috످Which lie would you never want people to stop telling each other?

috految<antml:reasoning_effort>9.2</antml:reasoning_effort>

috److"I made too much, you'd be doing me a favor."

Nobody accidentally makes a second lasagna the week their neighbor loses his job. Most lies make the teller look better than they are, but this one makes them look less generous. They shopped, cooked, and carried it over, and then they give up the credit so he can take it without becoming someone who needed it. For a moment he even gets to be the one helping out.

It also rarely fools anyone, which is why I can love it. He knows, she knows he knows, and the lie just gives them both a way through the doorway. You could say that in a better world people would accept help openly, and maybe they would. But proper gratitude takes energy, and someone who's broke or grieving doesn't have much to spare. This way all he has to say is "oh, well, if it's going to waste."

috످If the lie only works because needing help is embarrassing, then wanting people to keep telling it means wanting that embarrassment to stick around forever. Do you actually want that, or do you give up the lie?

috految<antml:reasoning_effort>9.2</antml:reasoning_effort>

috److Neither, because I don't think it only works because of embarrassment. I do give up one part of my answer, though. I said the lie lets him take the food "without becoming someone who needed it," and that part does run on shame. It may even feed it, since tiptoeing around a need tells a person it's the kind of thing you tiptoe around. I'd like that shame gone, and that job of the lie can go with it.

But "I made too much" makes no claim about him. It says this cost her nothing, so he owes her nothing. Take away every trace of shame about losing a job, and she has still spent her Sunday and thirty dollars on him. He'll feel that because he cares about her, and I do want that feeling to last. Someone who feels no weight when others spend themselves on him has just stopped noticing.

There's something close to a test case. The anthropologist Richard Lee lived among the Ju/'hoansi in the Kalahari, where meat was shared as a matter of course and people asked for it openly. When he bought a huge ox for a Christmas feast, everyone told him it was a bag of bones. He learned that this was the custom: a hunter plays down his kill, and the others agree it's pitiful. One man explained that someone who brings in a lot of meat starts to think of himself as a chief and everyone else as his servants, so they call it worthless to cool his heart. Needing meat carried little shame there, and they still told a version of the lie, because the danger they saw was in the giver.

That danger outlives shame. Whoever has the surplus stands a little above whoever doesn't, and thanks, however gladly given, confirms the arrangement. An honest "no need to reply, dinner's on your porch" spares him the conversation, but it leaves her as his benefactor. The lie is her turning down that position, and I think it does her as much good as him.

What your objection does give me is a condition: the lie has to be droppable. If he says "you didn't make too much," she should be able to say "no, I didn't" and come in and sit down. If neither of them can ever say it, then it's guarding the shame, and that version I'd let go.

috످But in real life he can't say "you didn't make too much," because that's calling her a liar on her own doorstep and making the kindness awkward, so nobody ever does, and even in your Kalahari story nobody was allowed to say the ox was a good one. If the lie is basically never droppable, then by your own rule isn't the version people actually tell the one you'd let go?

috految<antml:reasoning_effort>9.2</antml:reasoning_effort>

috److془Need to think. Yes by my rule. Rule wrong or lie goes? Escape: he can say it years later; or Lee got explanation. Rule was wrong: a lie can be uncallable from tact. Test: he can say "I'm in trouble". But does the lie block it? Yes at some cost. Also, he can't call it because she would be embarrassed. Also: the lie makes him unable to refuse, or to ask. "Can she make too much again Thursday?" Only gives what can pass as accident. Nobody accidentally has extra rent. Lovely. Kalahari: could ask for meat openly.

Also Lee: was hurt. Fine. Settle: keep it, since alternative for proud man is no dinner.. that's shame; conceded. Answer: test with rich friend/ no shame: friend drives to airport "I was going that way anyway".  Use that. Then the doorstep case.془Yes, by my rule I'd have to let it go. I think the rule was wrong, though that's a suspiciously convenient thing to discover just as it turns against me.

I assumed that if nobody can call out a lie, it must be guarding shame. But suppose a friend drives you to the airport at five in the morning and says "I was up anyway." You can't call her a liar either, and there's nothing shameful about catching a plane. You let it stand because she's trying to give you the ride without the debt, and to contradict her would be to hand that part of the gift back. Even people with no shame at all would leave that lie alone.

What I should have asked is whether he can still tell her he's in trouble. The Ju/'hoansi couldn't say the ox was fat, but they could say "I'm hungry, give me some." And the neighbor never has to challenge her story to say "it's been a bad month."

But sometimes her lie will be the very reason he doesn't say it. She's gone to such lengths not to notice he's struggling that telling her would feel like spoiling it. So she keeps bringing dinner, he keeps saying "if it's going to waste," and she never finds out he's about to lose the house. The lie can only deliver help small enough to pass as an accident, and nobody accidentally has an extra month's rent.

So I'd keep the lie, even the version nobody can call out, knowing it will sometimes cost a man the bigger help he needed. But it leaves her with a job, because she started the pretending and he's too polite to end it. She can say she made too much, and then, when she comes back for the dish, she has to ask him how bad things are.

috످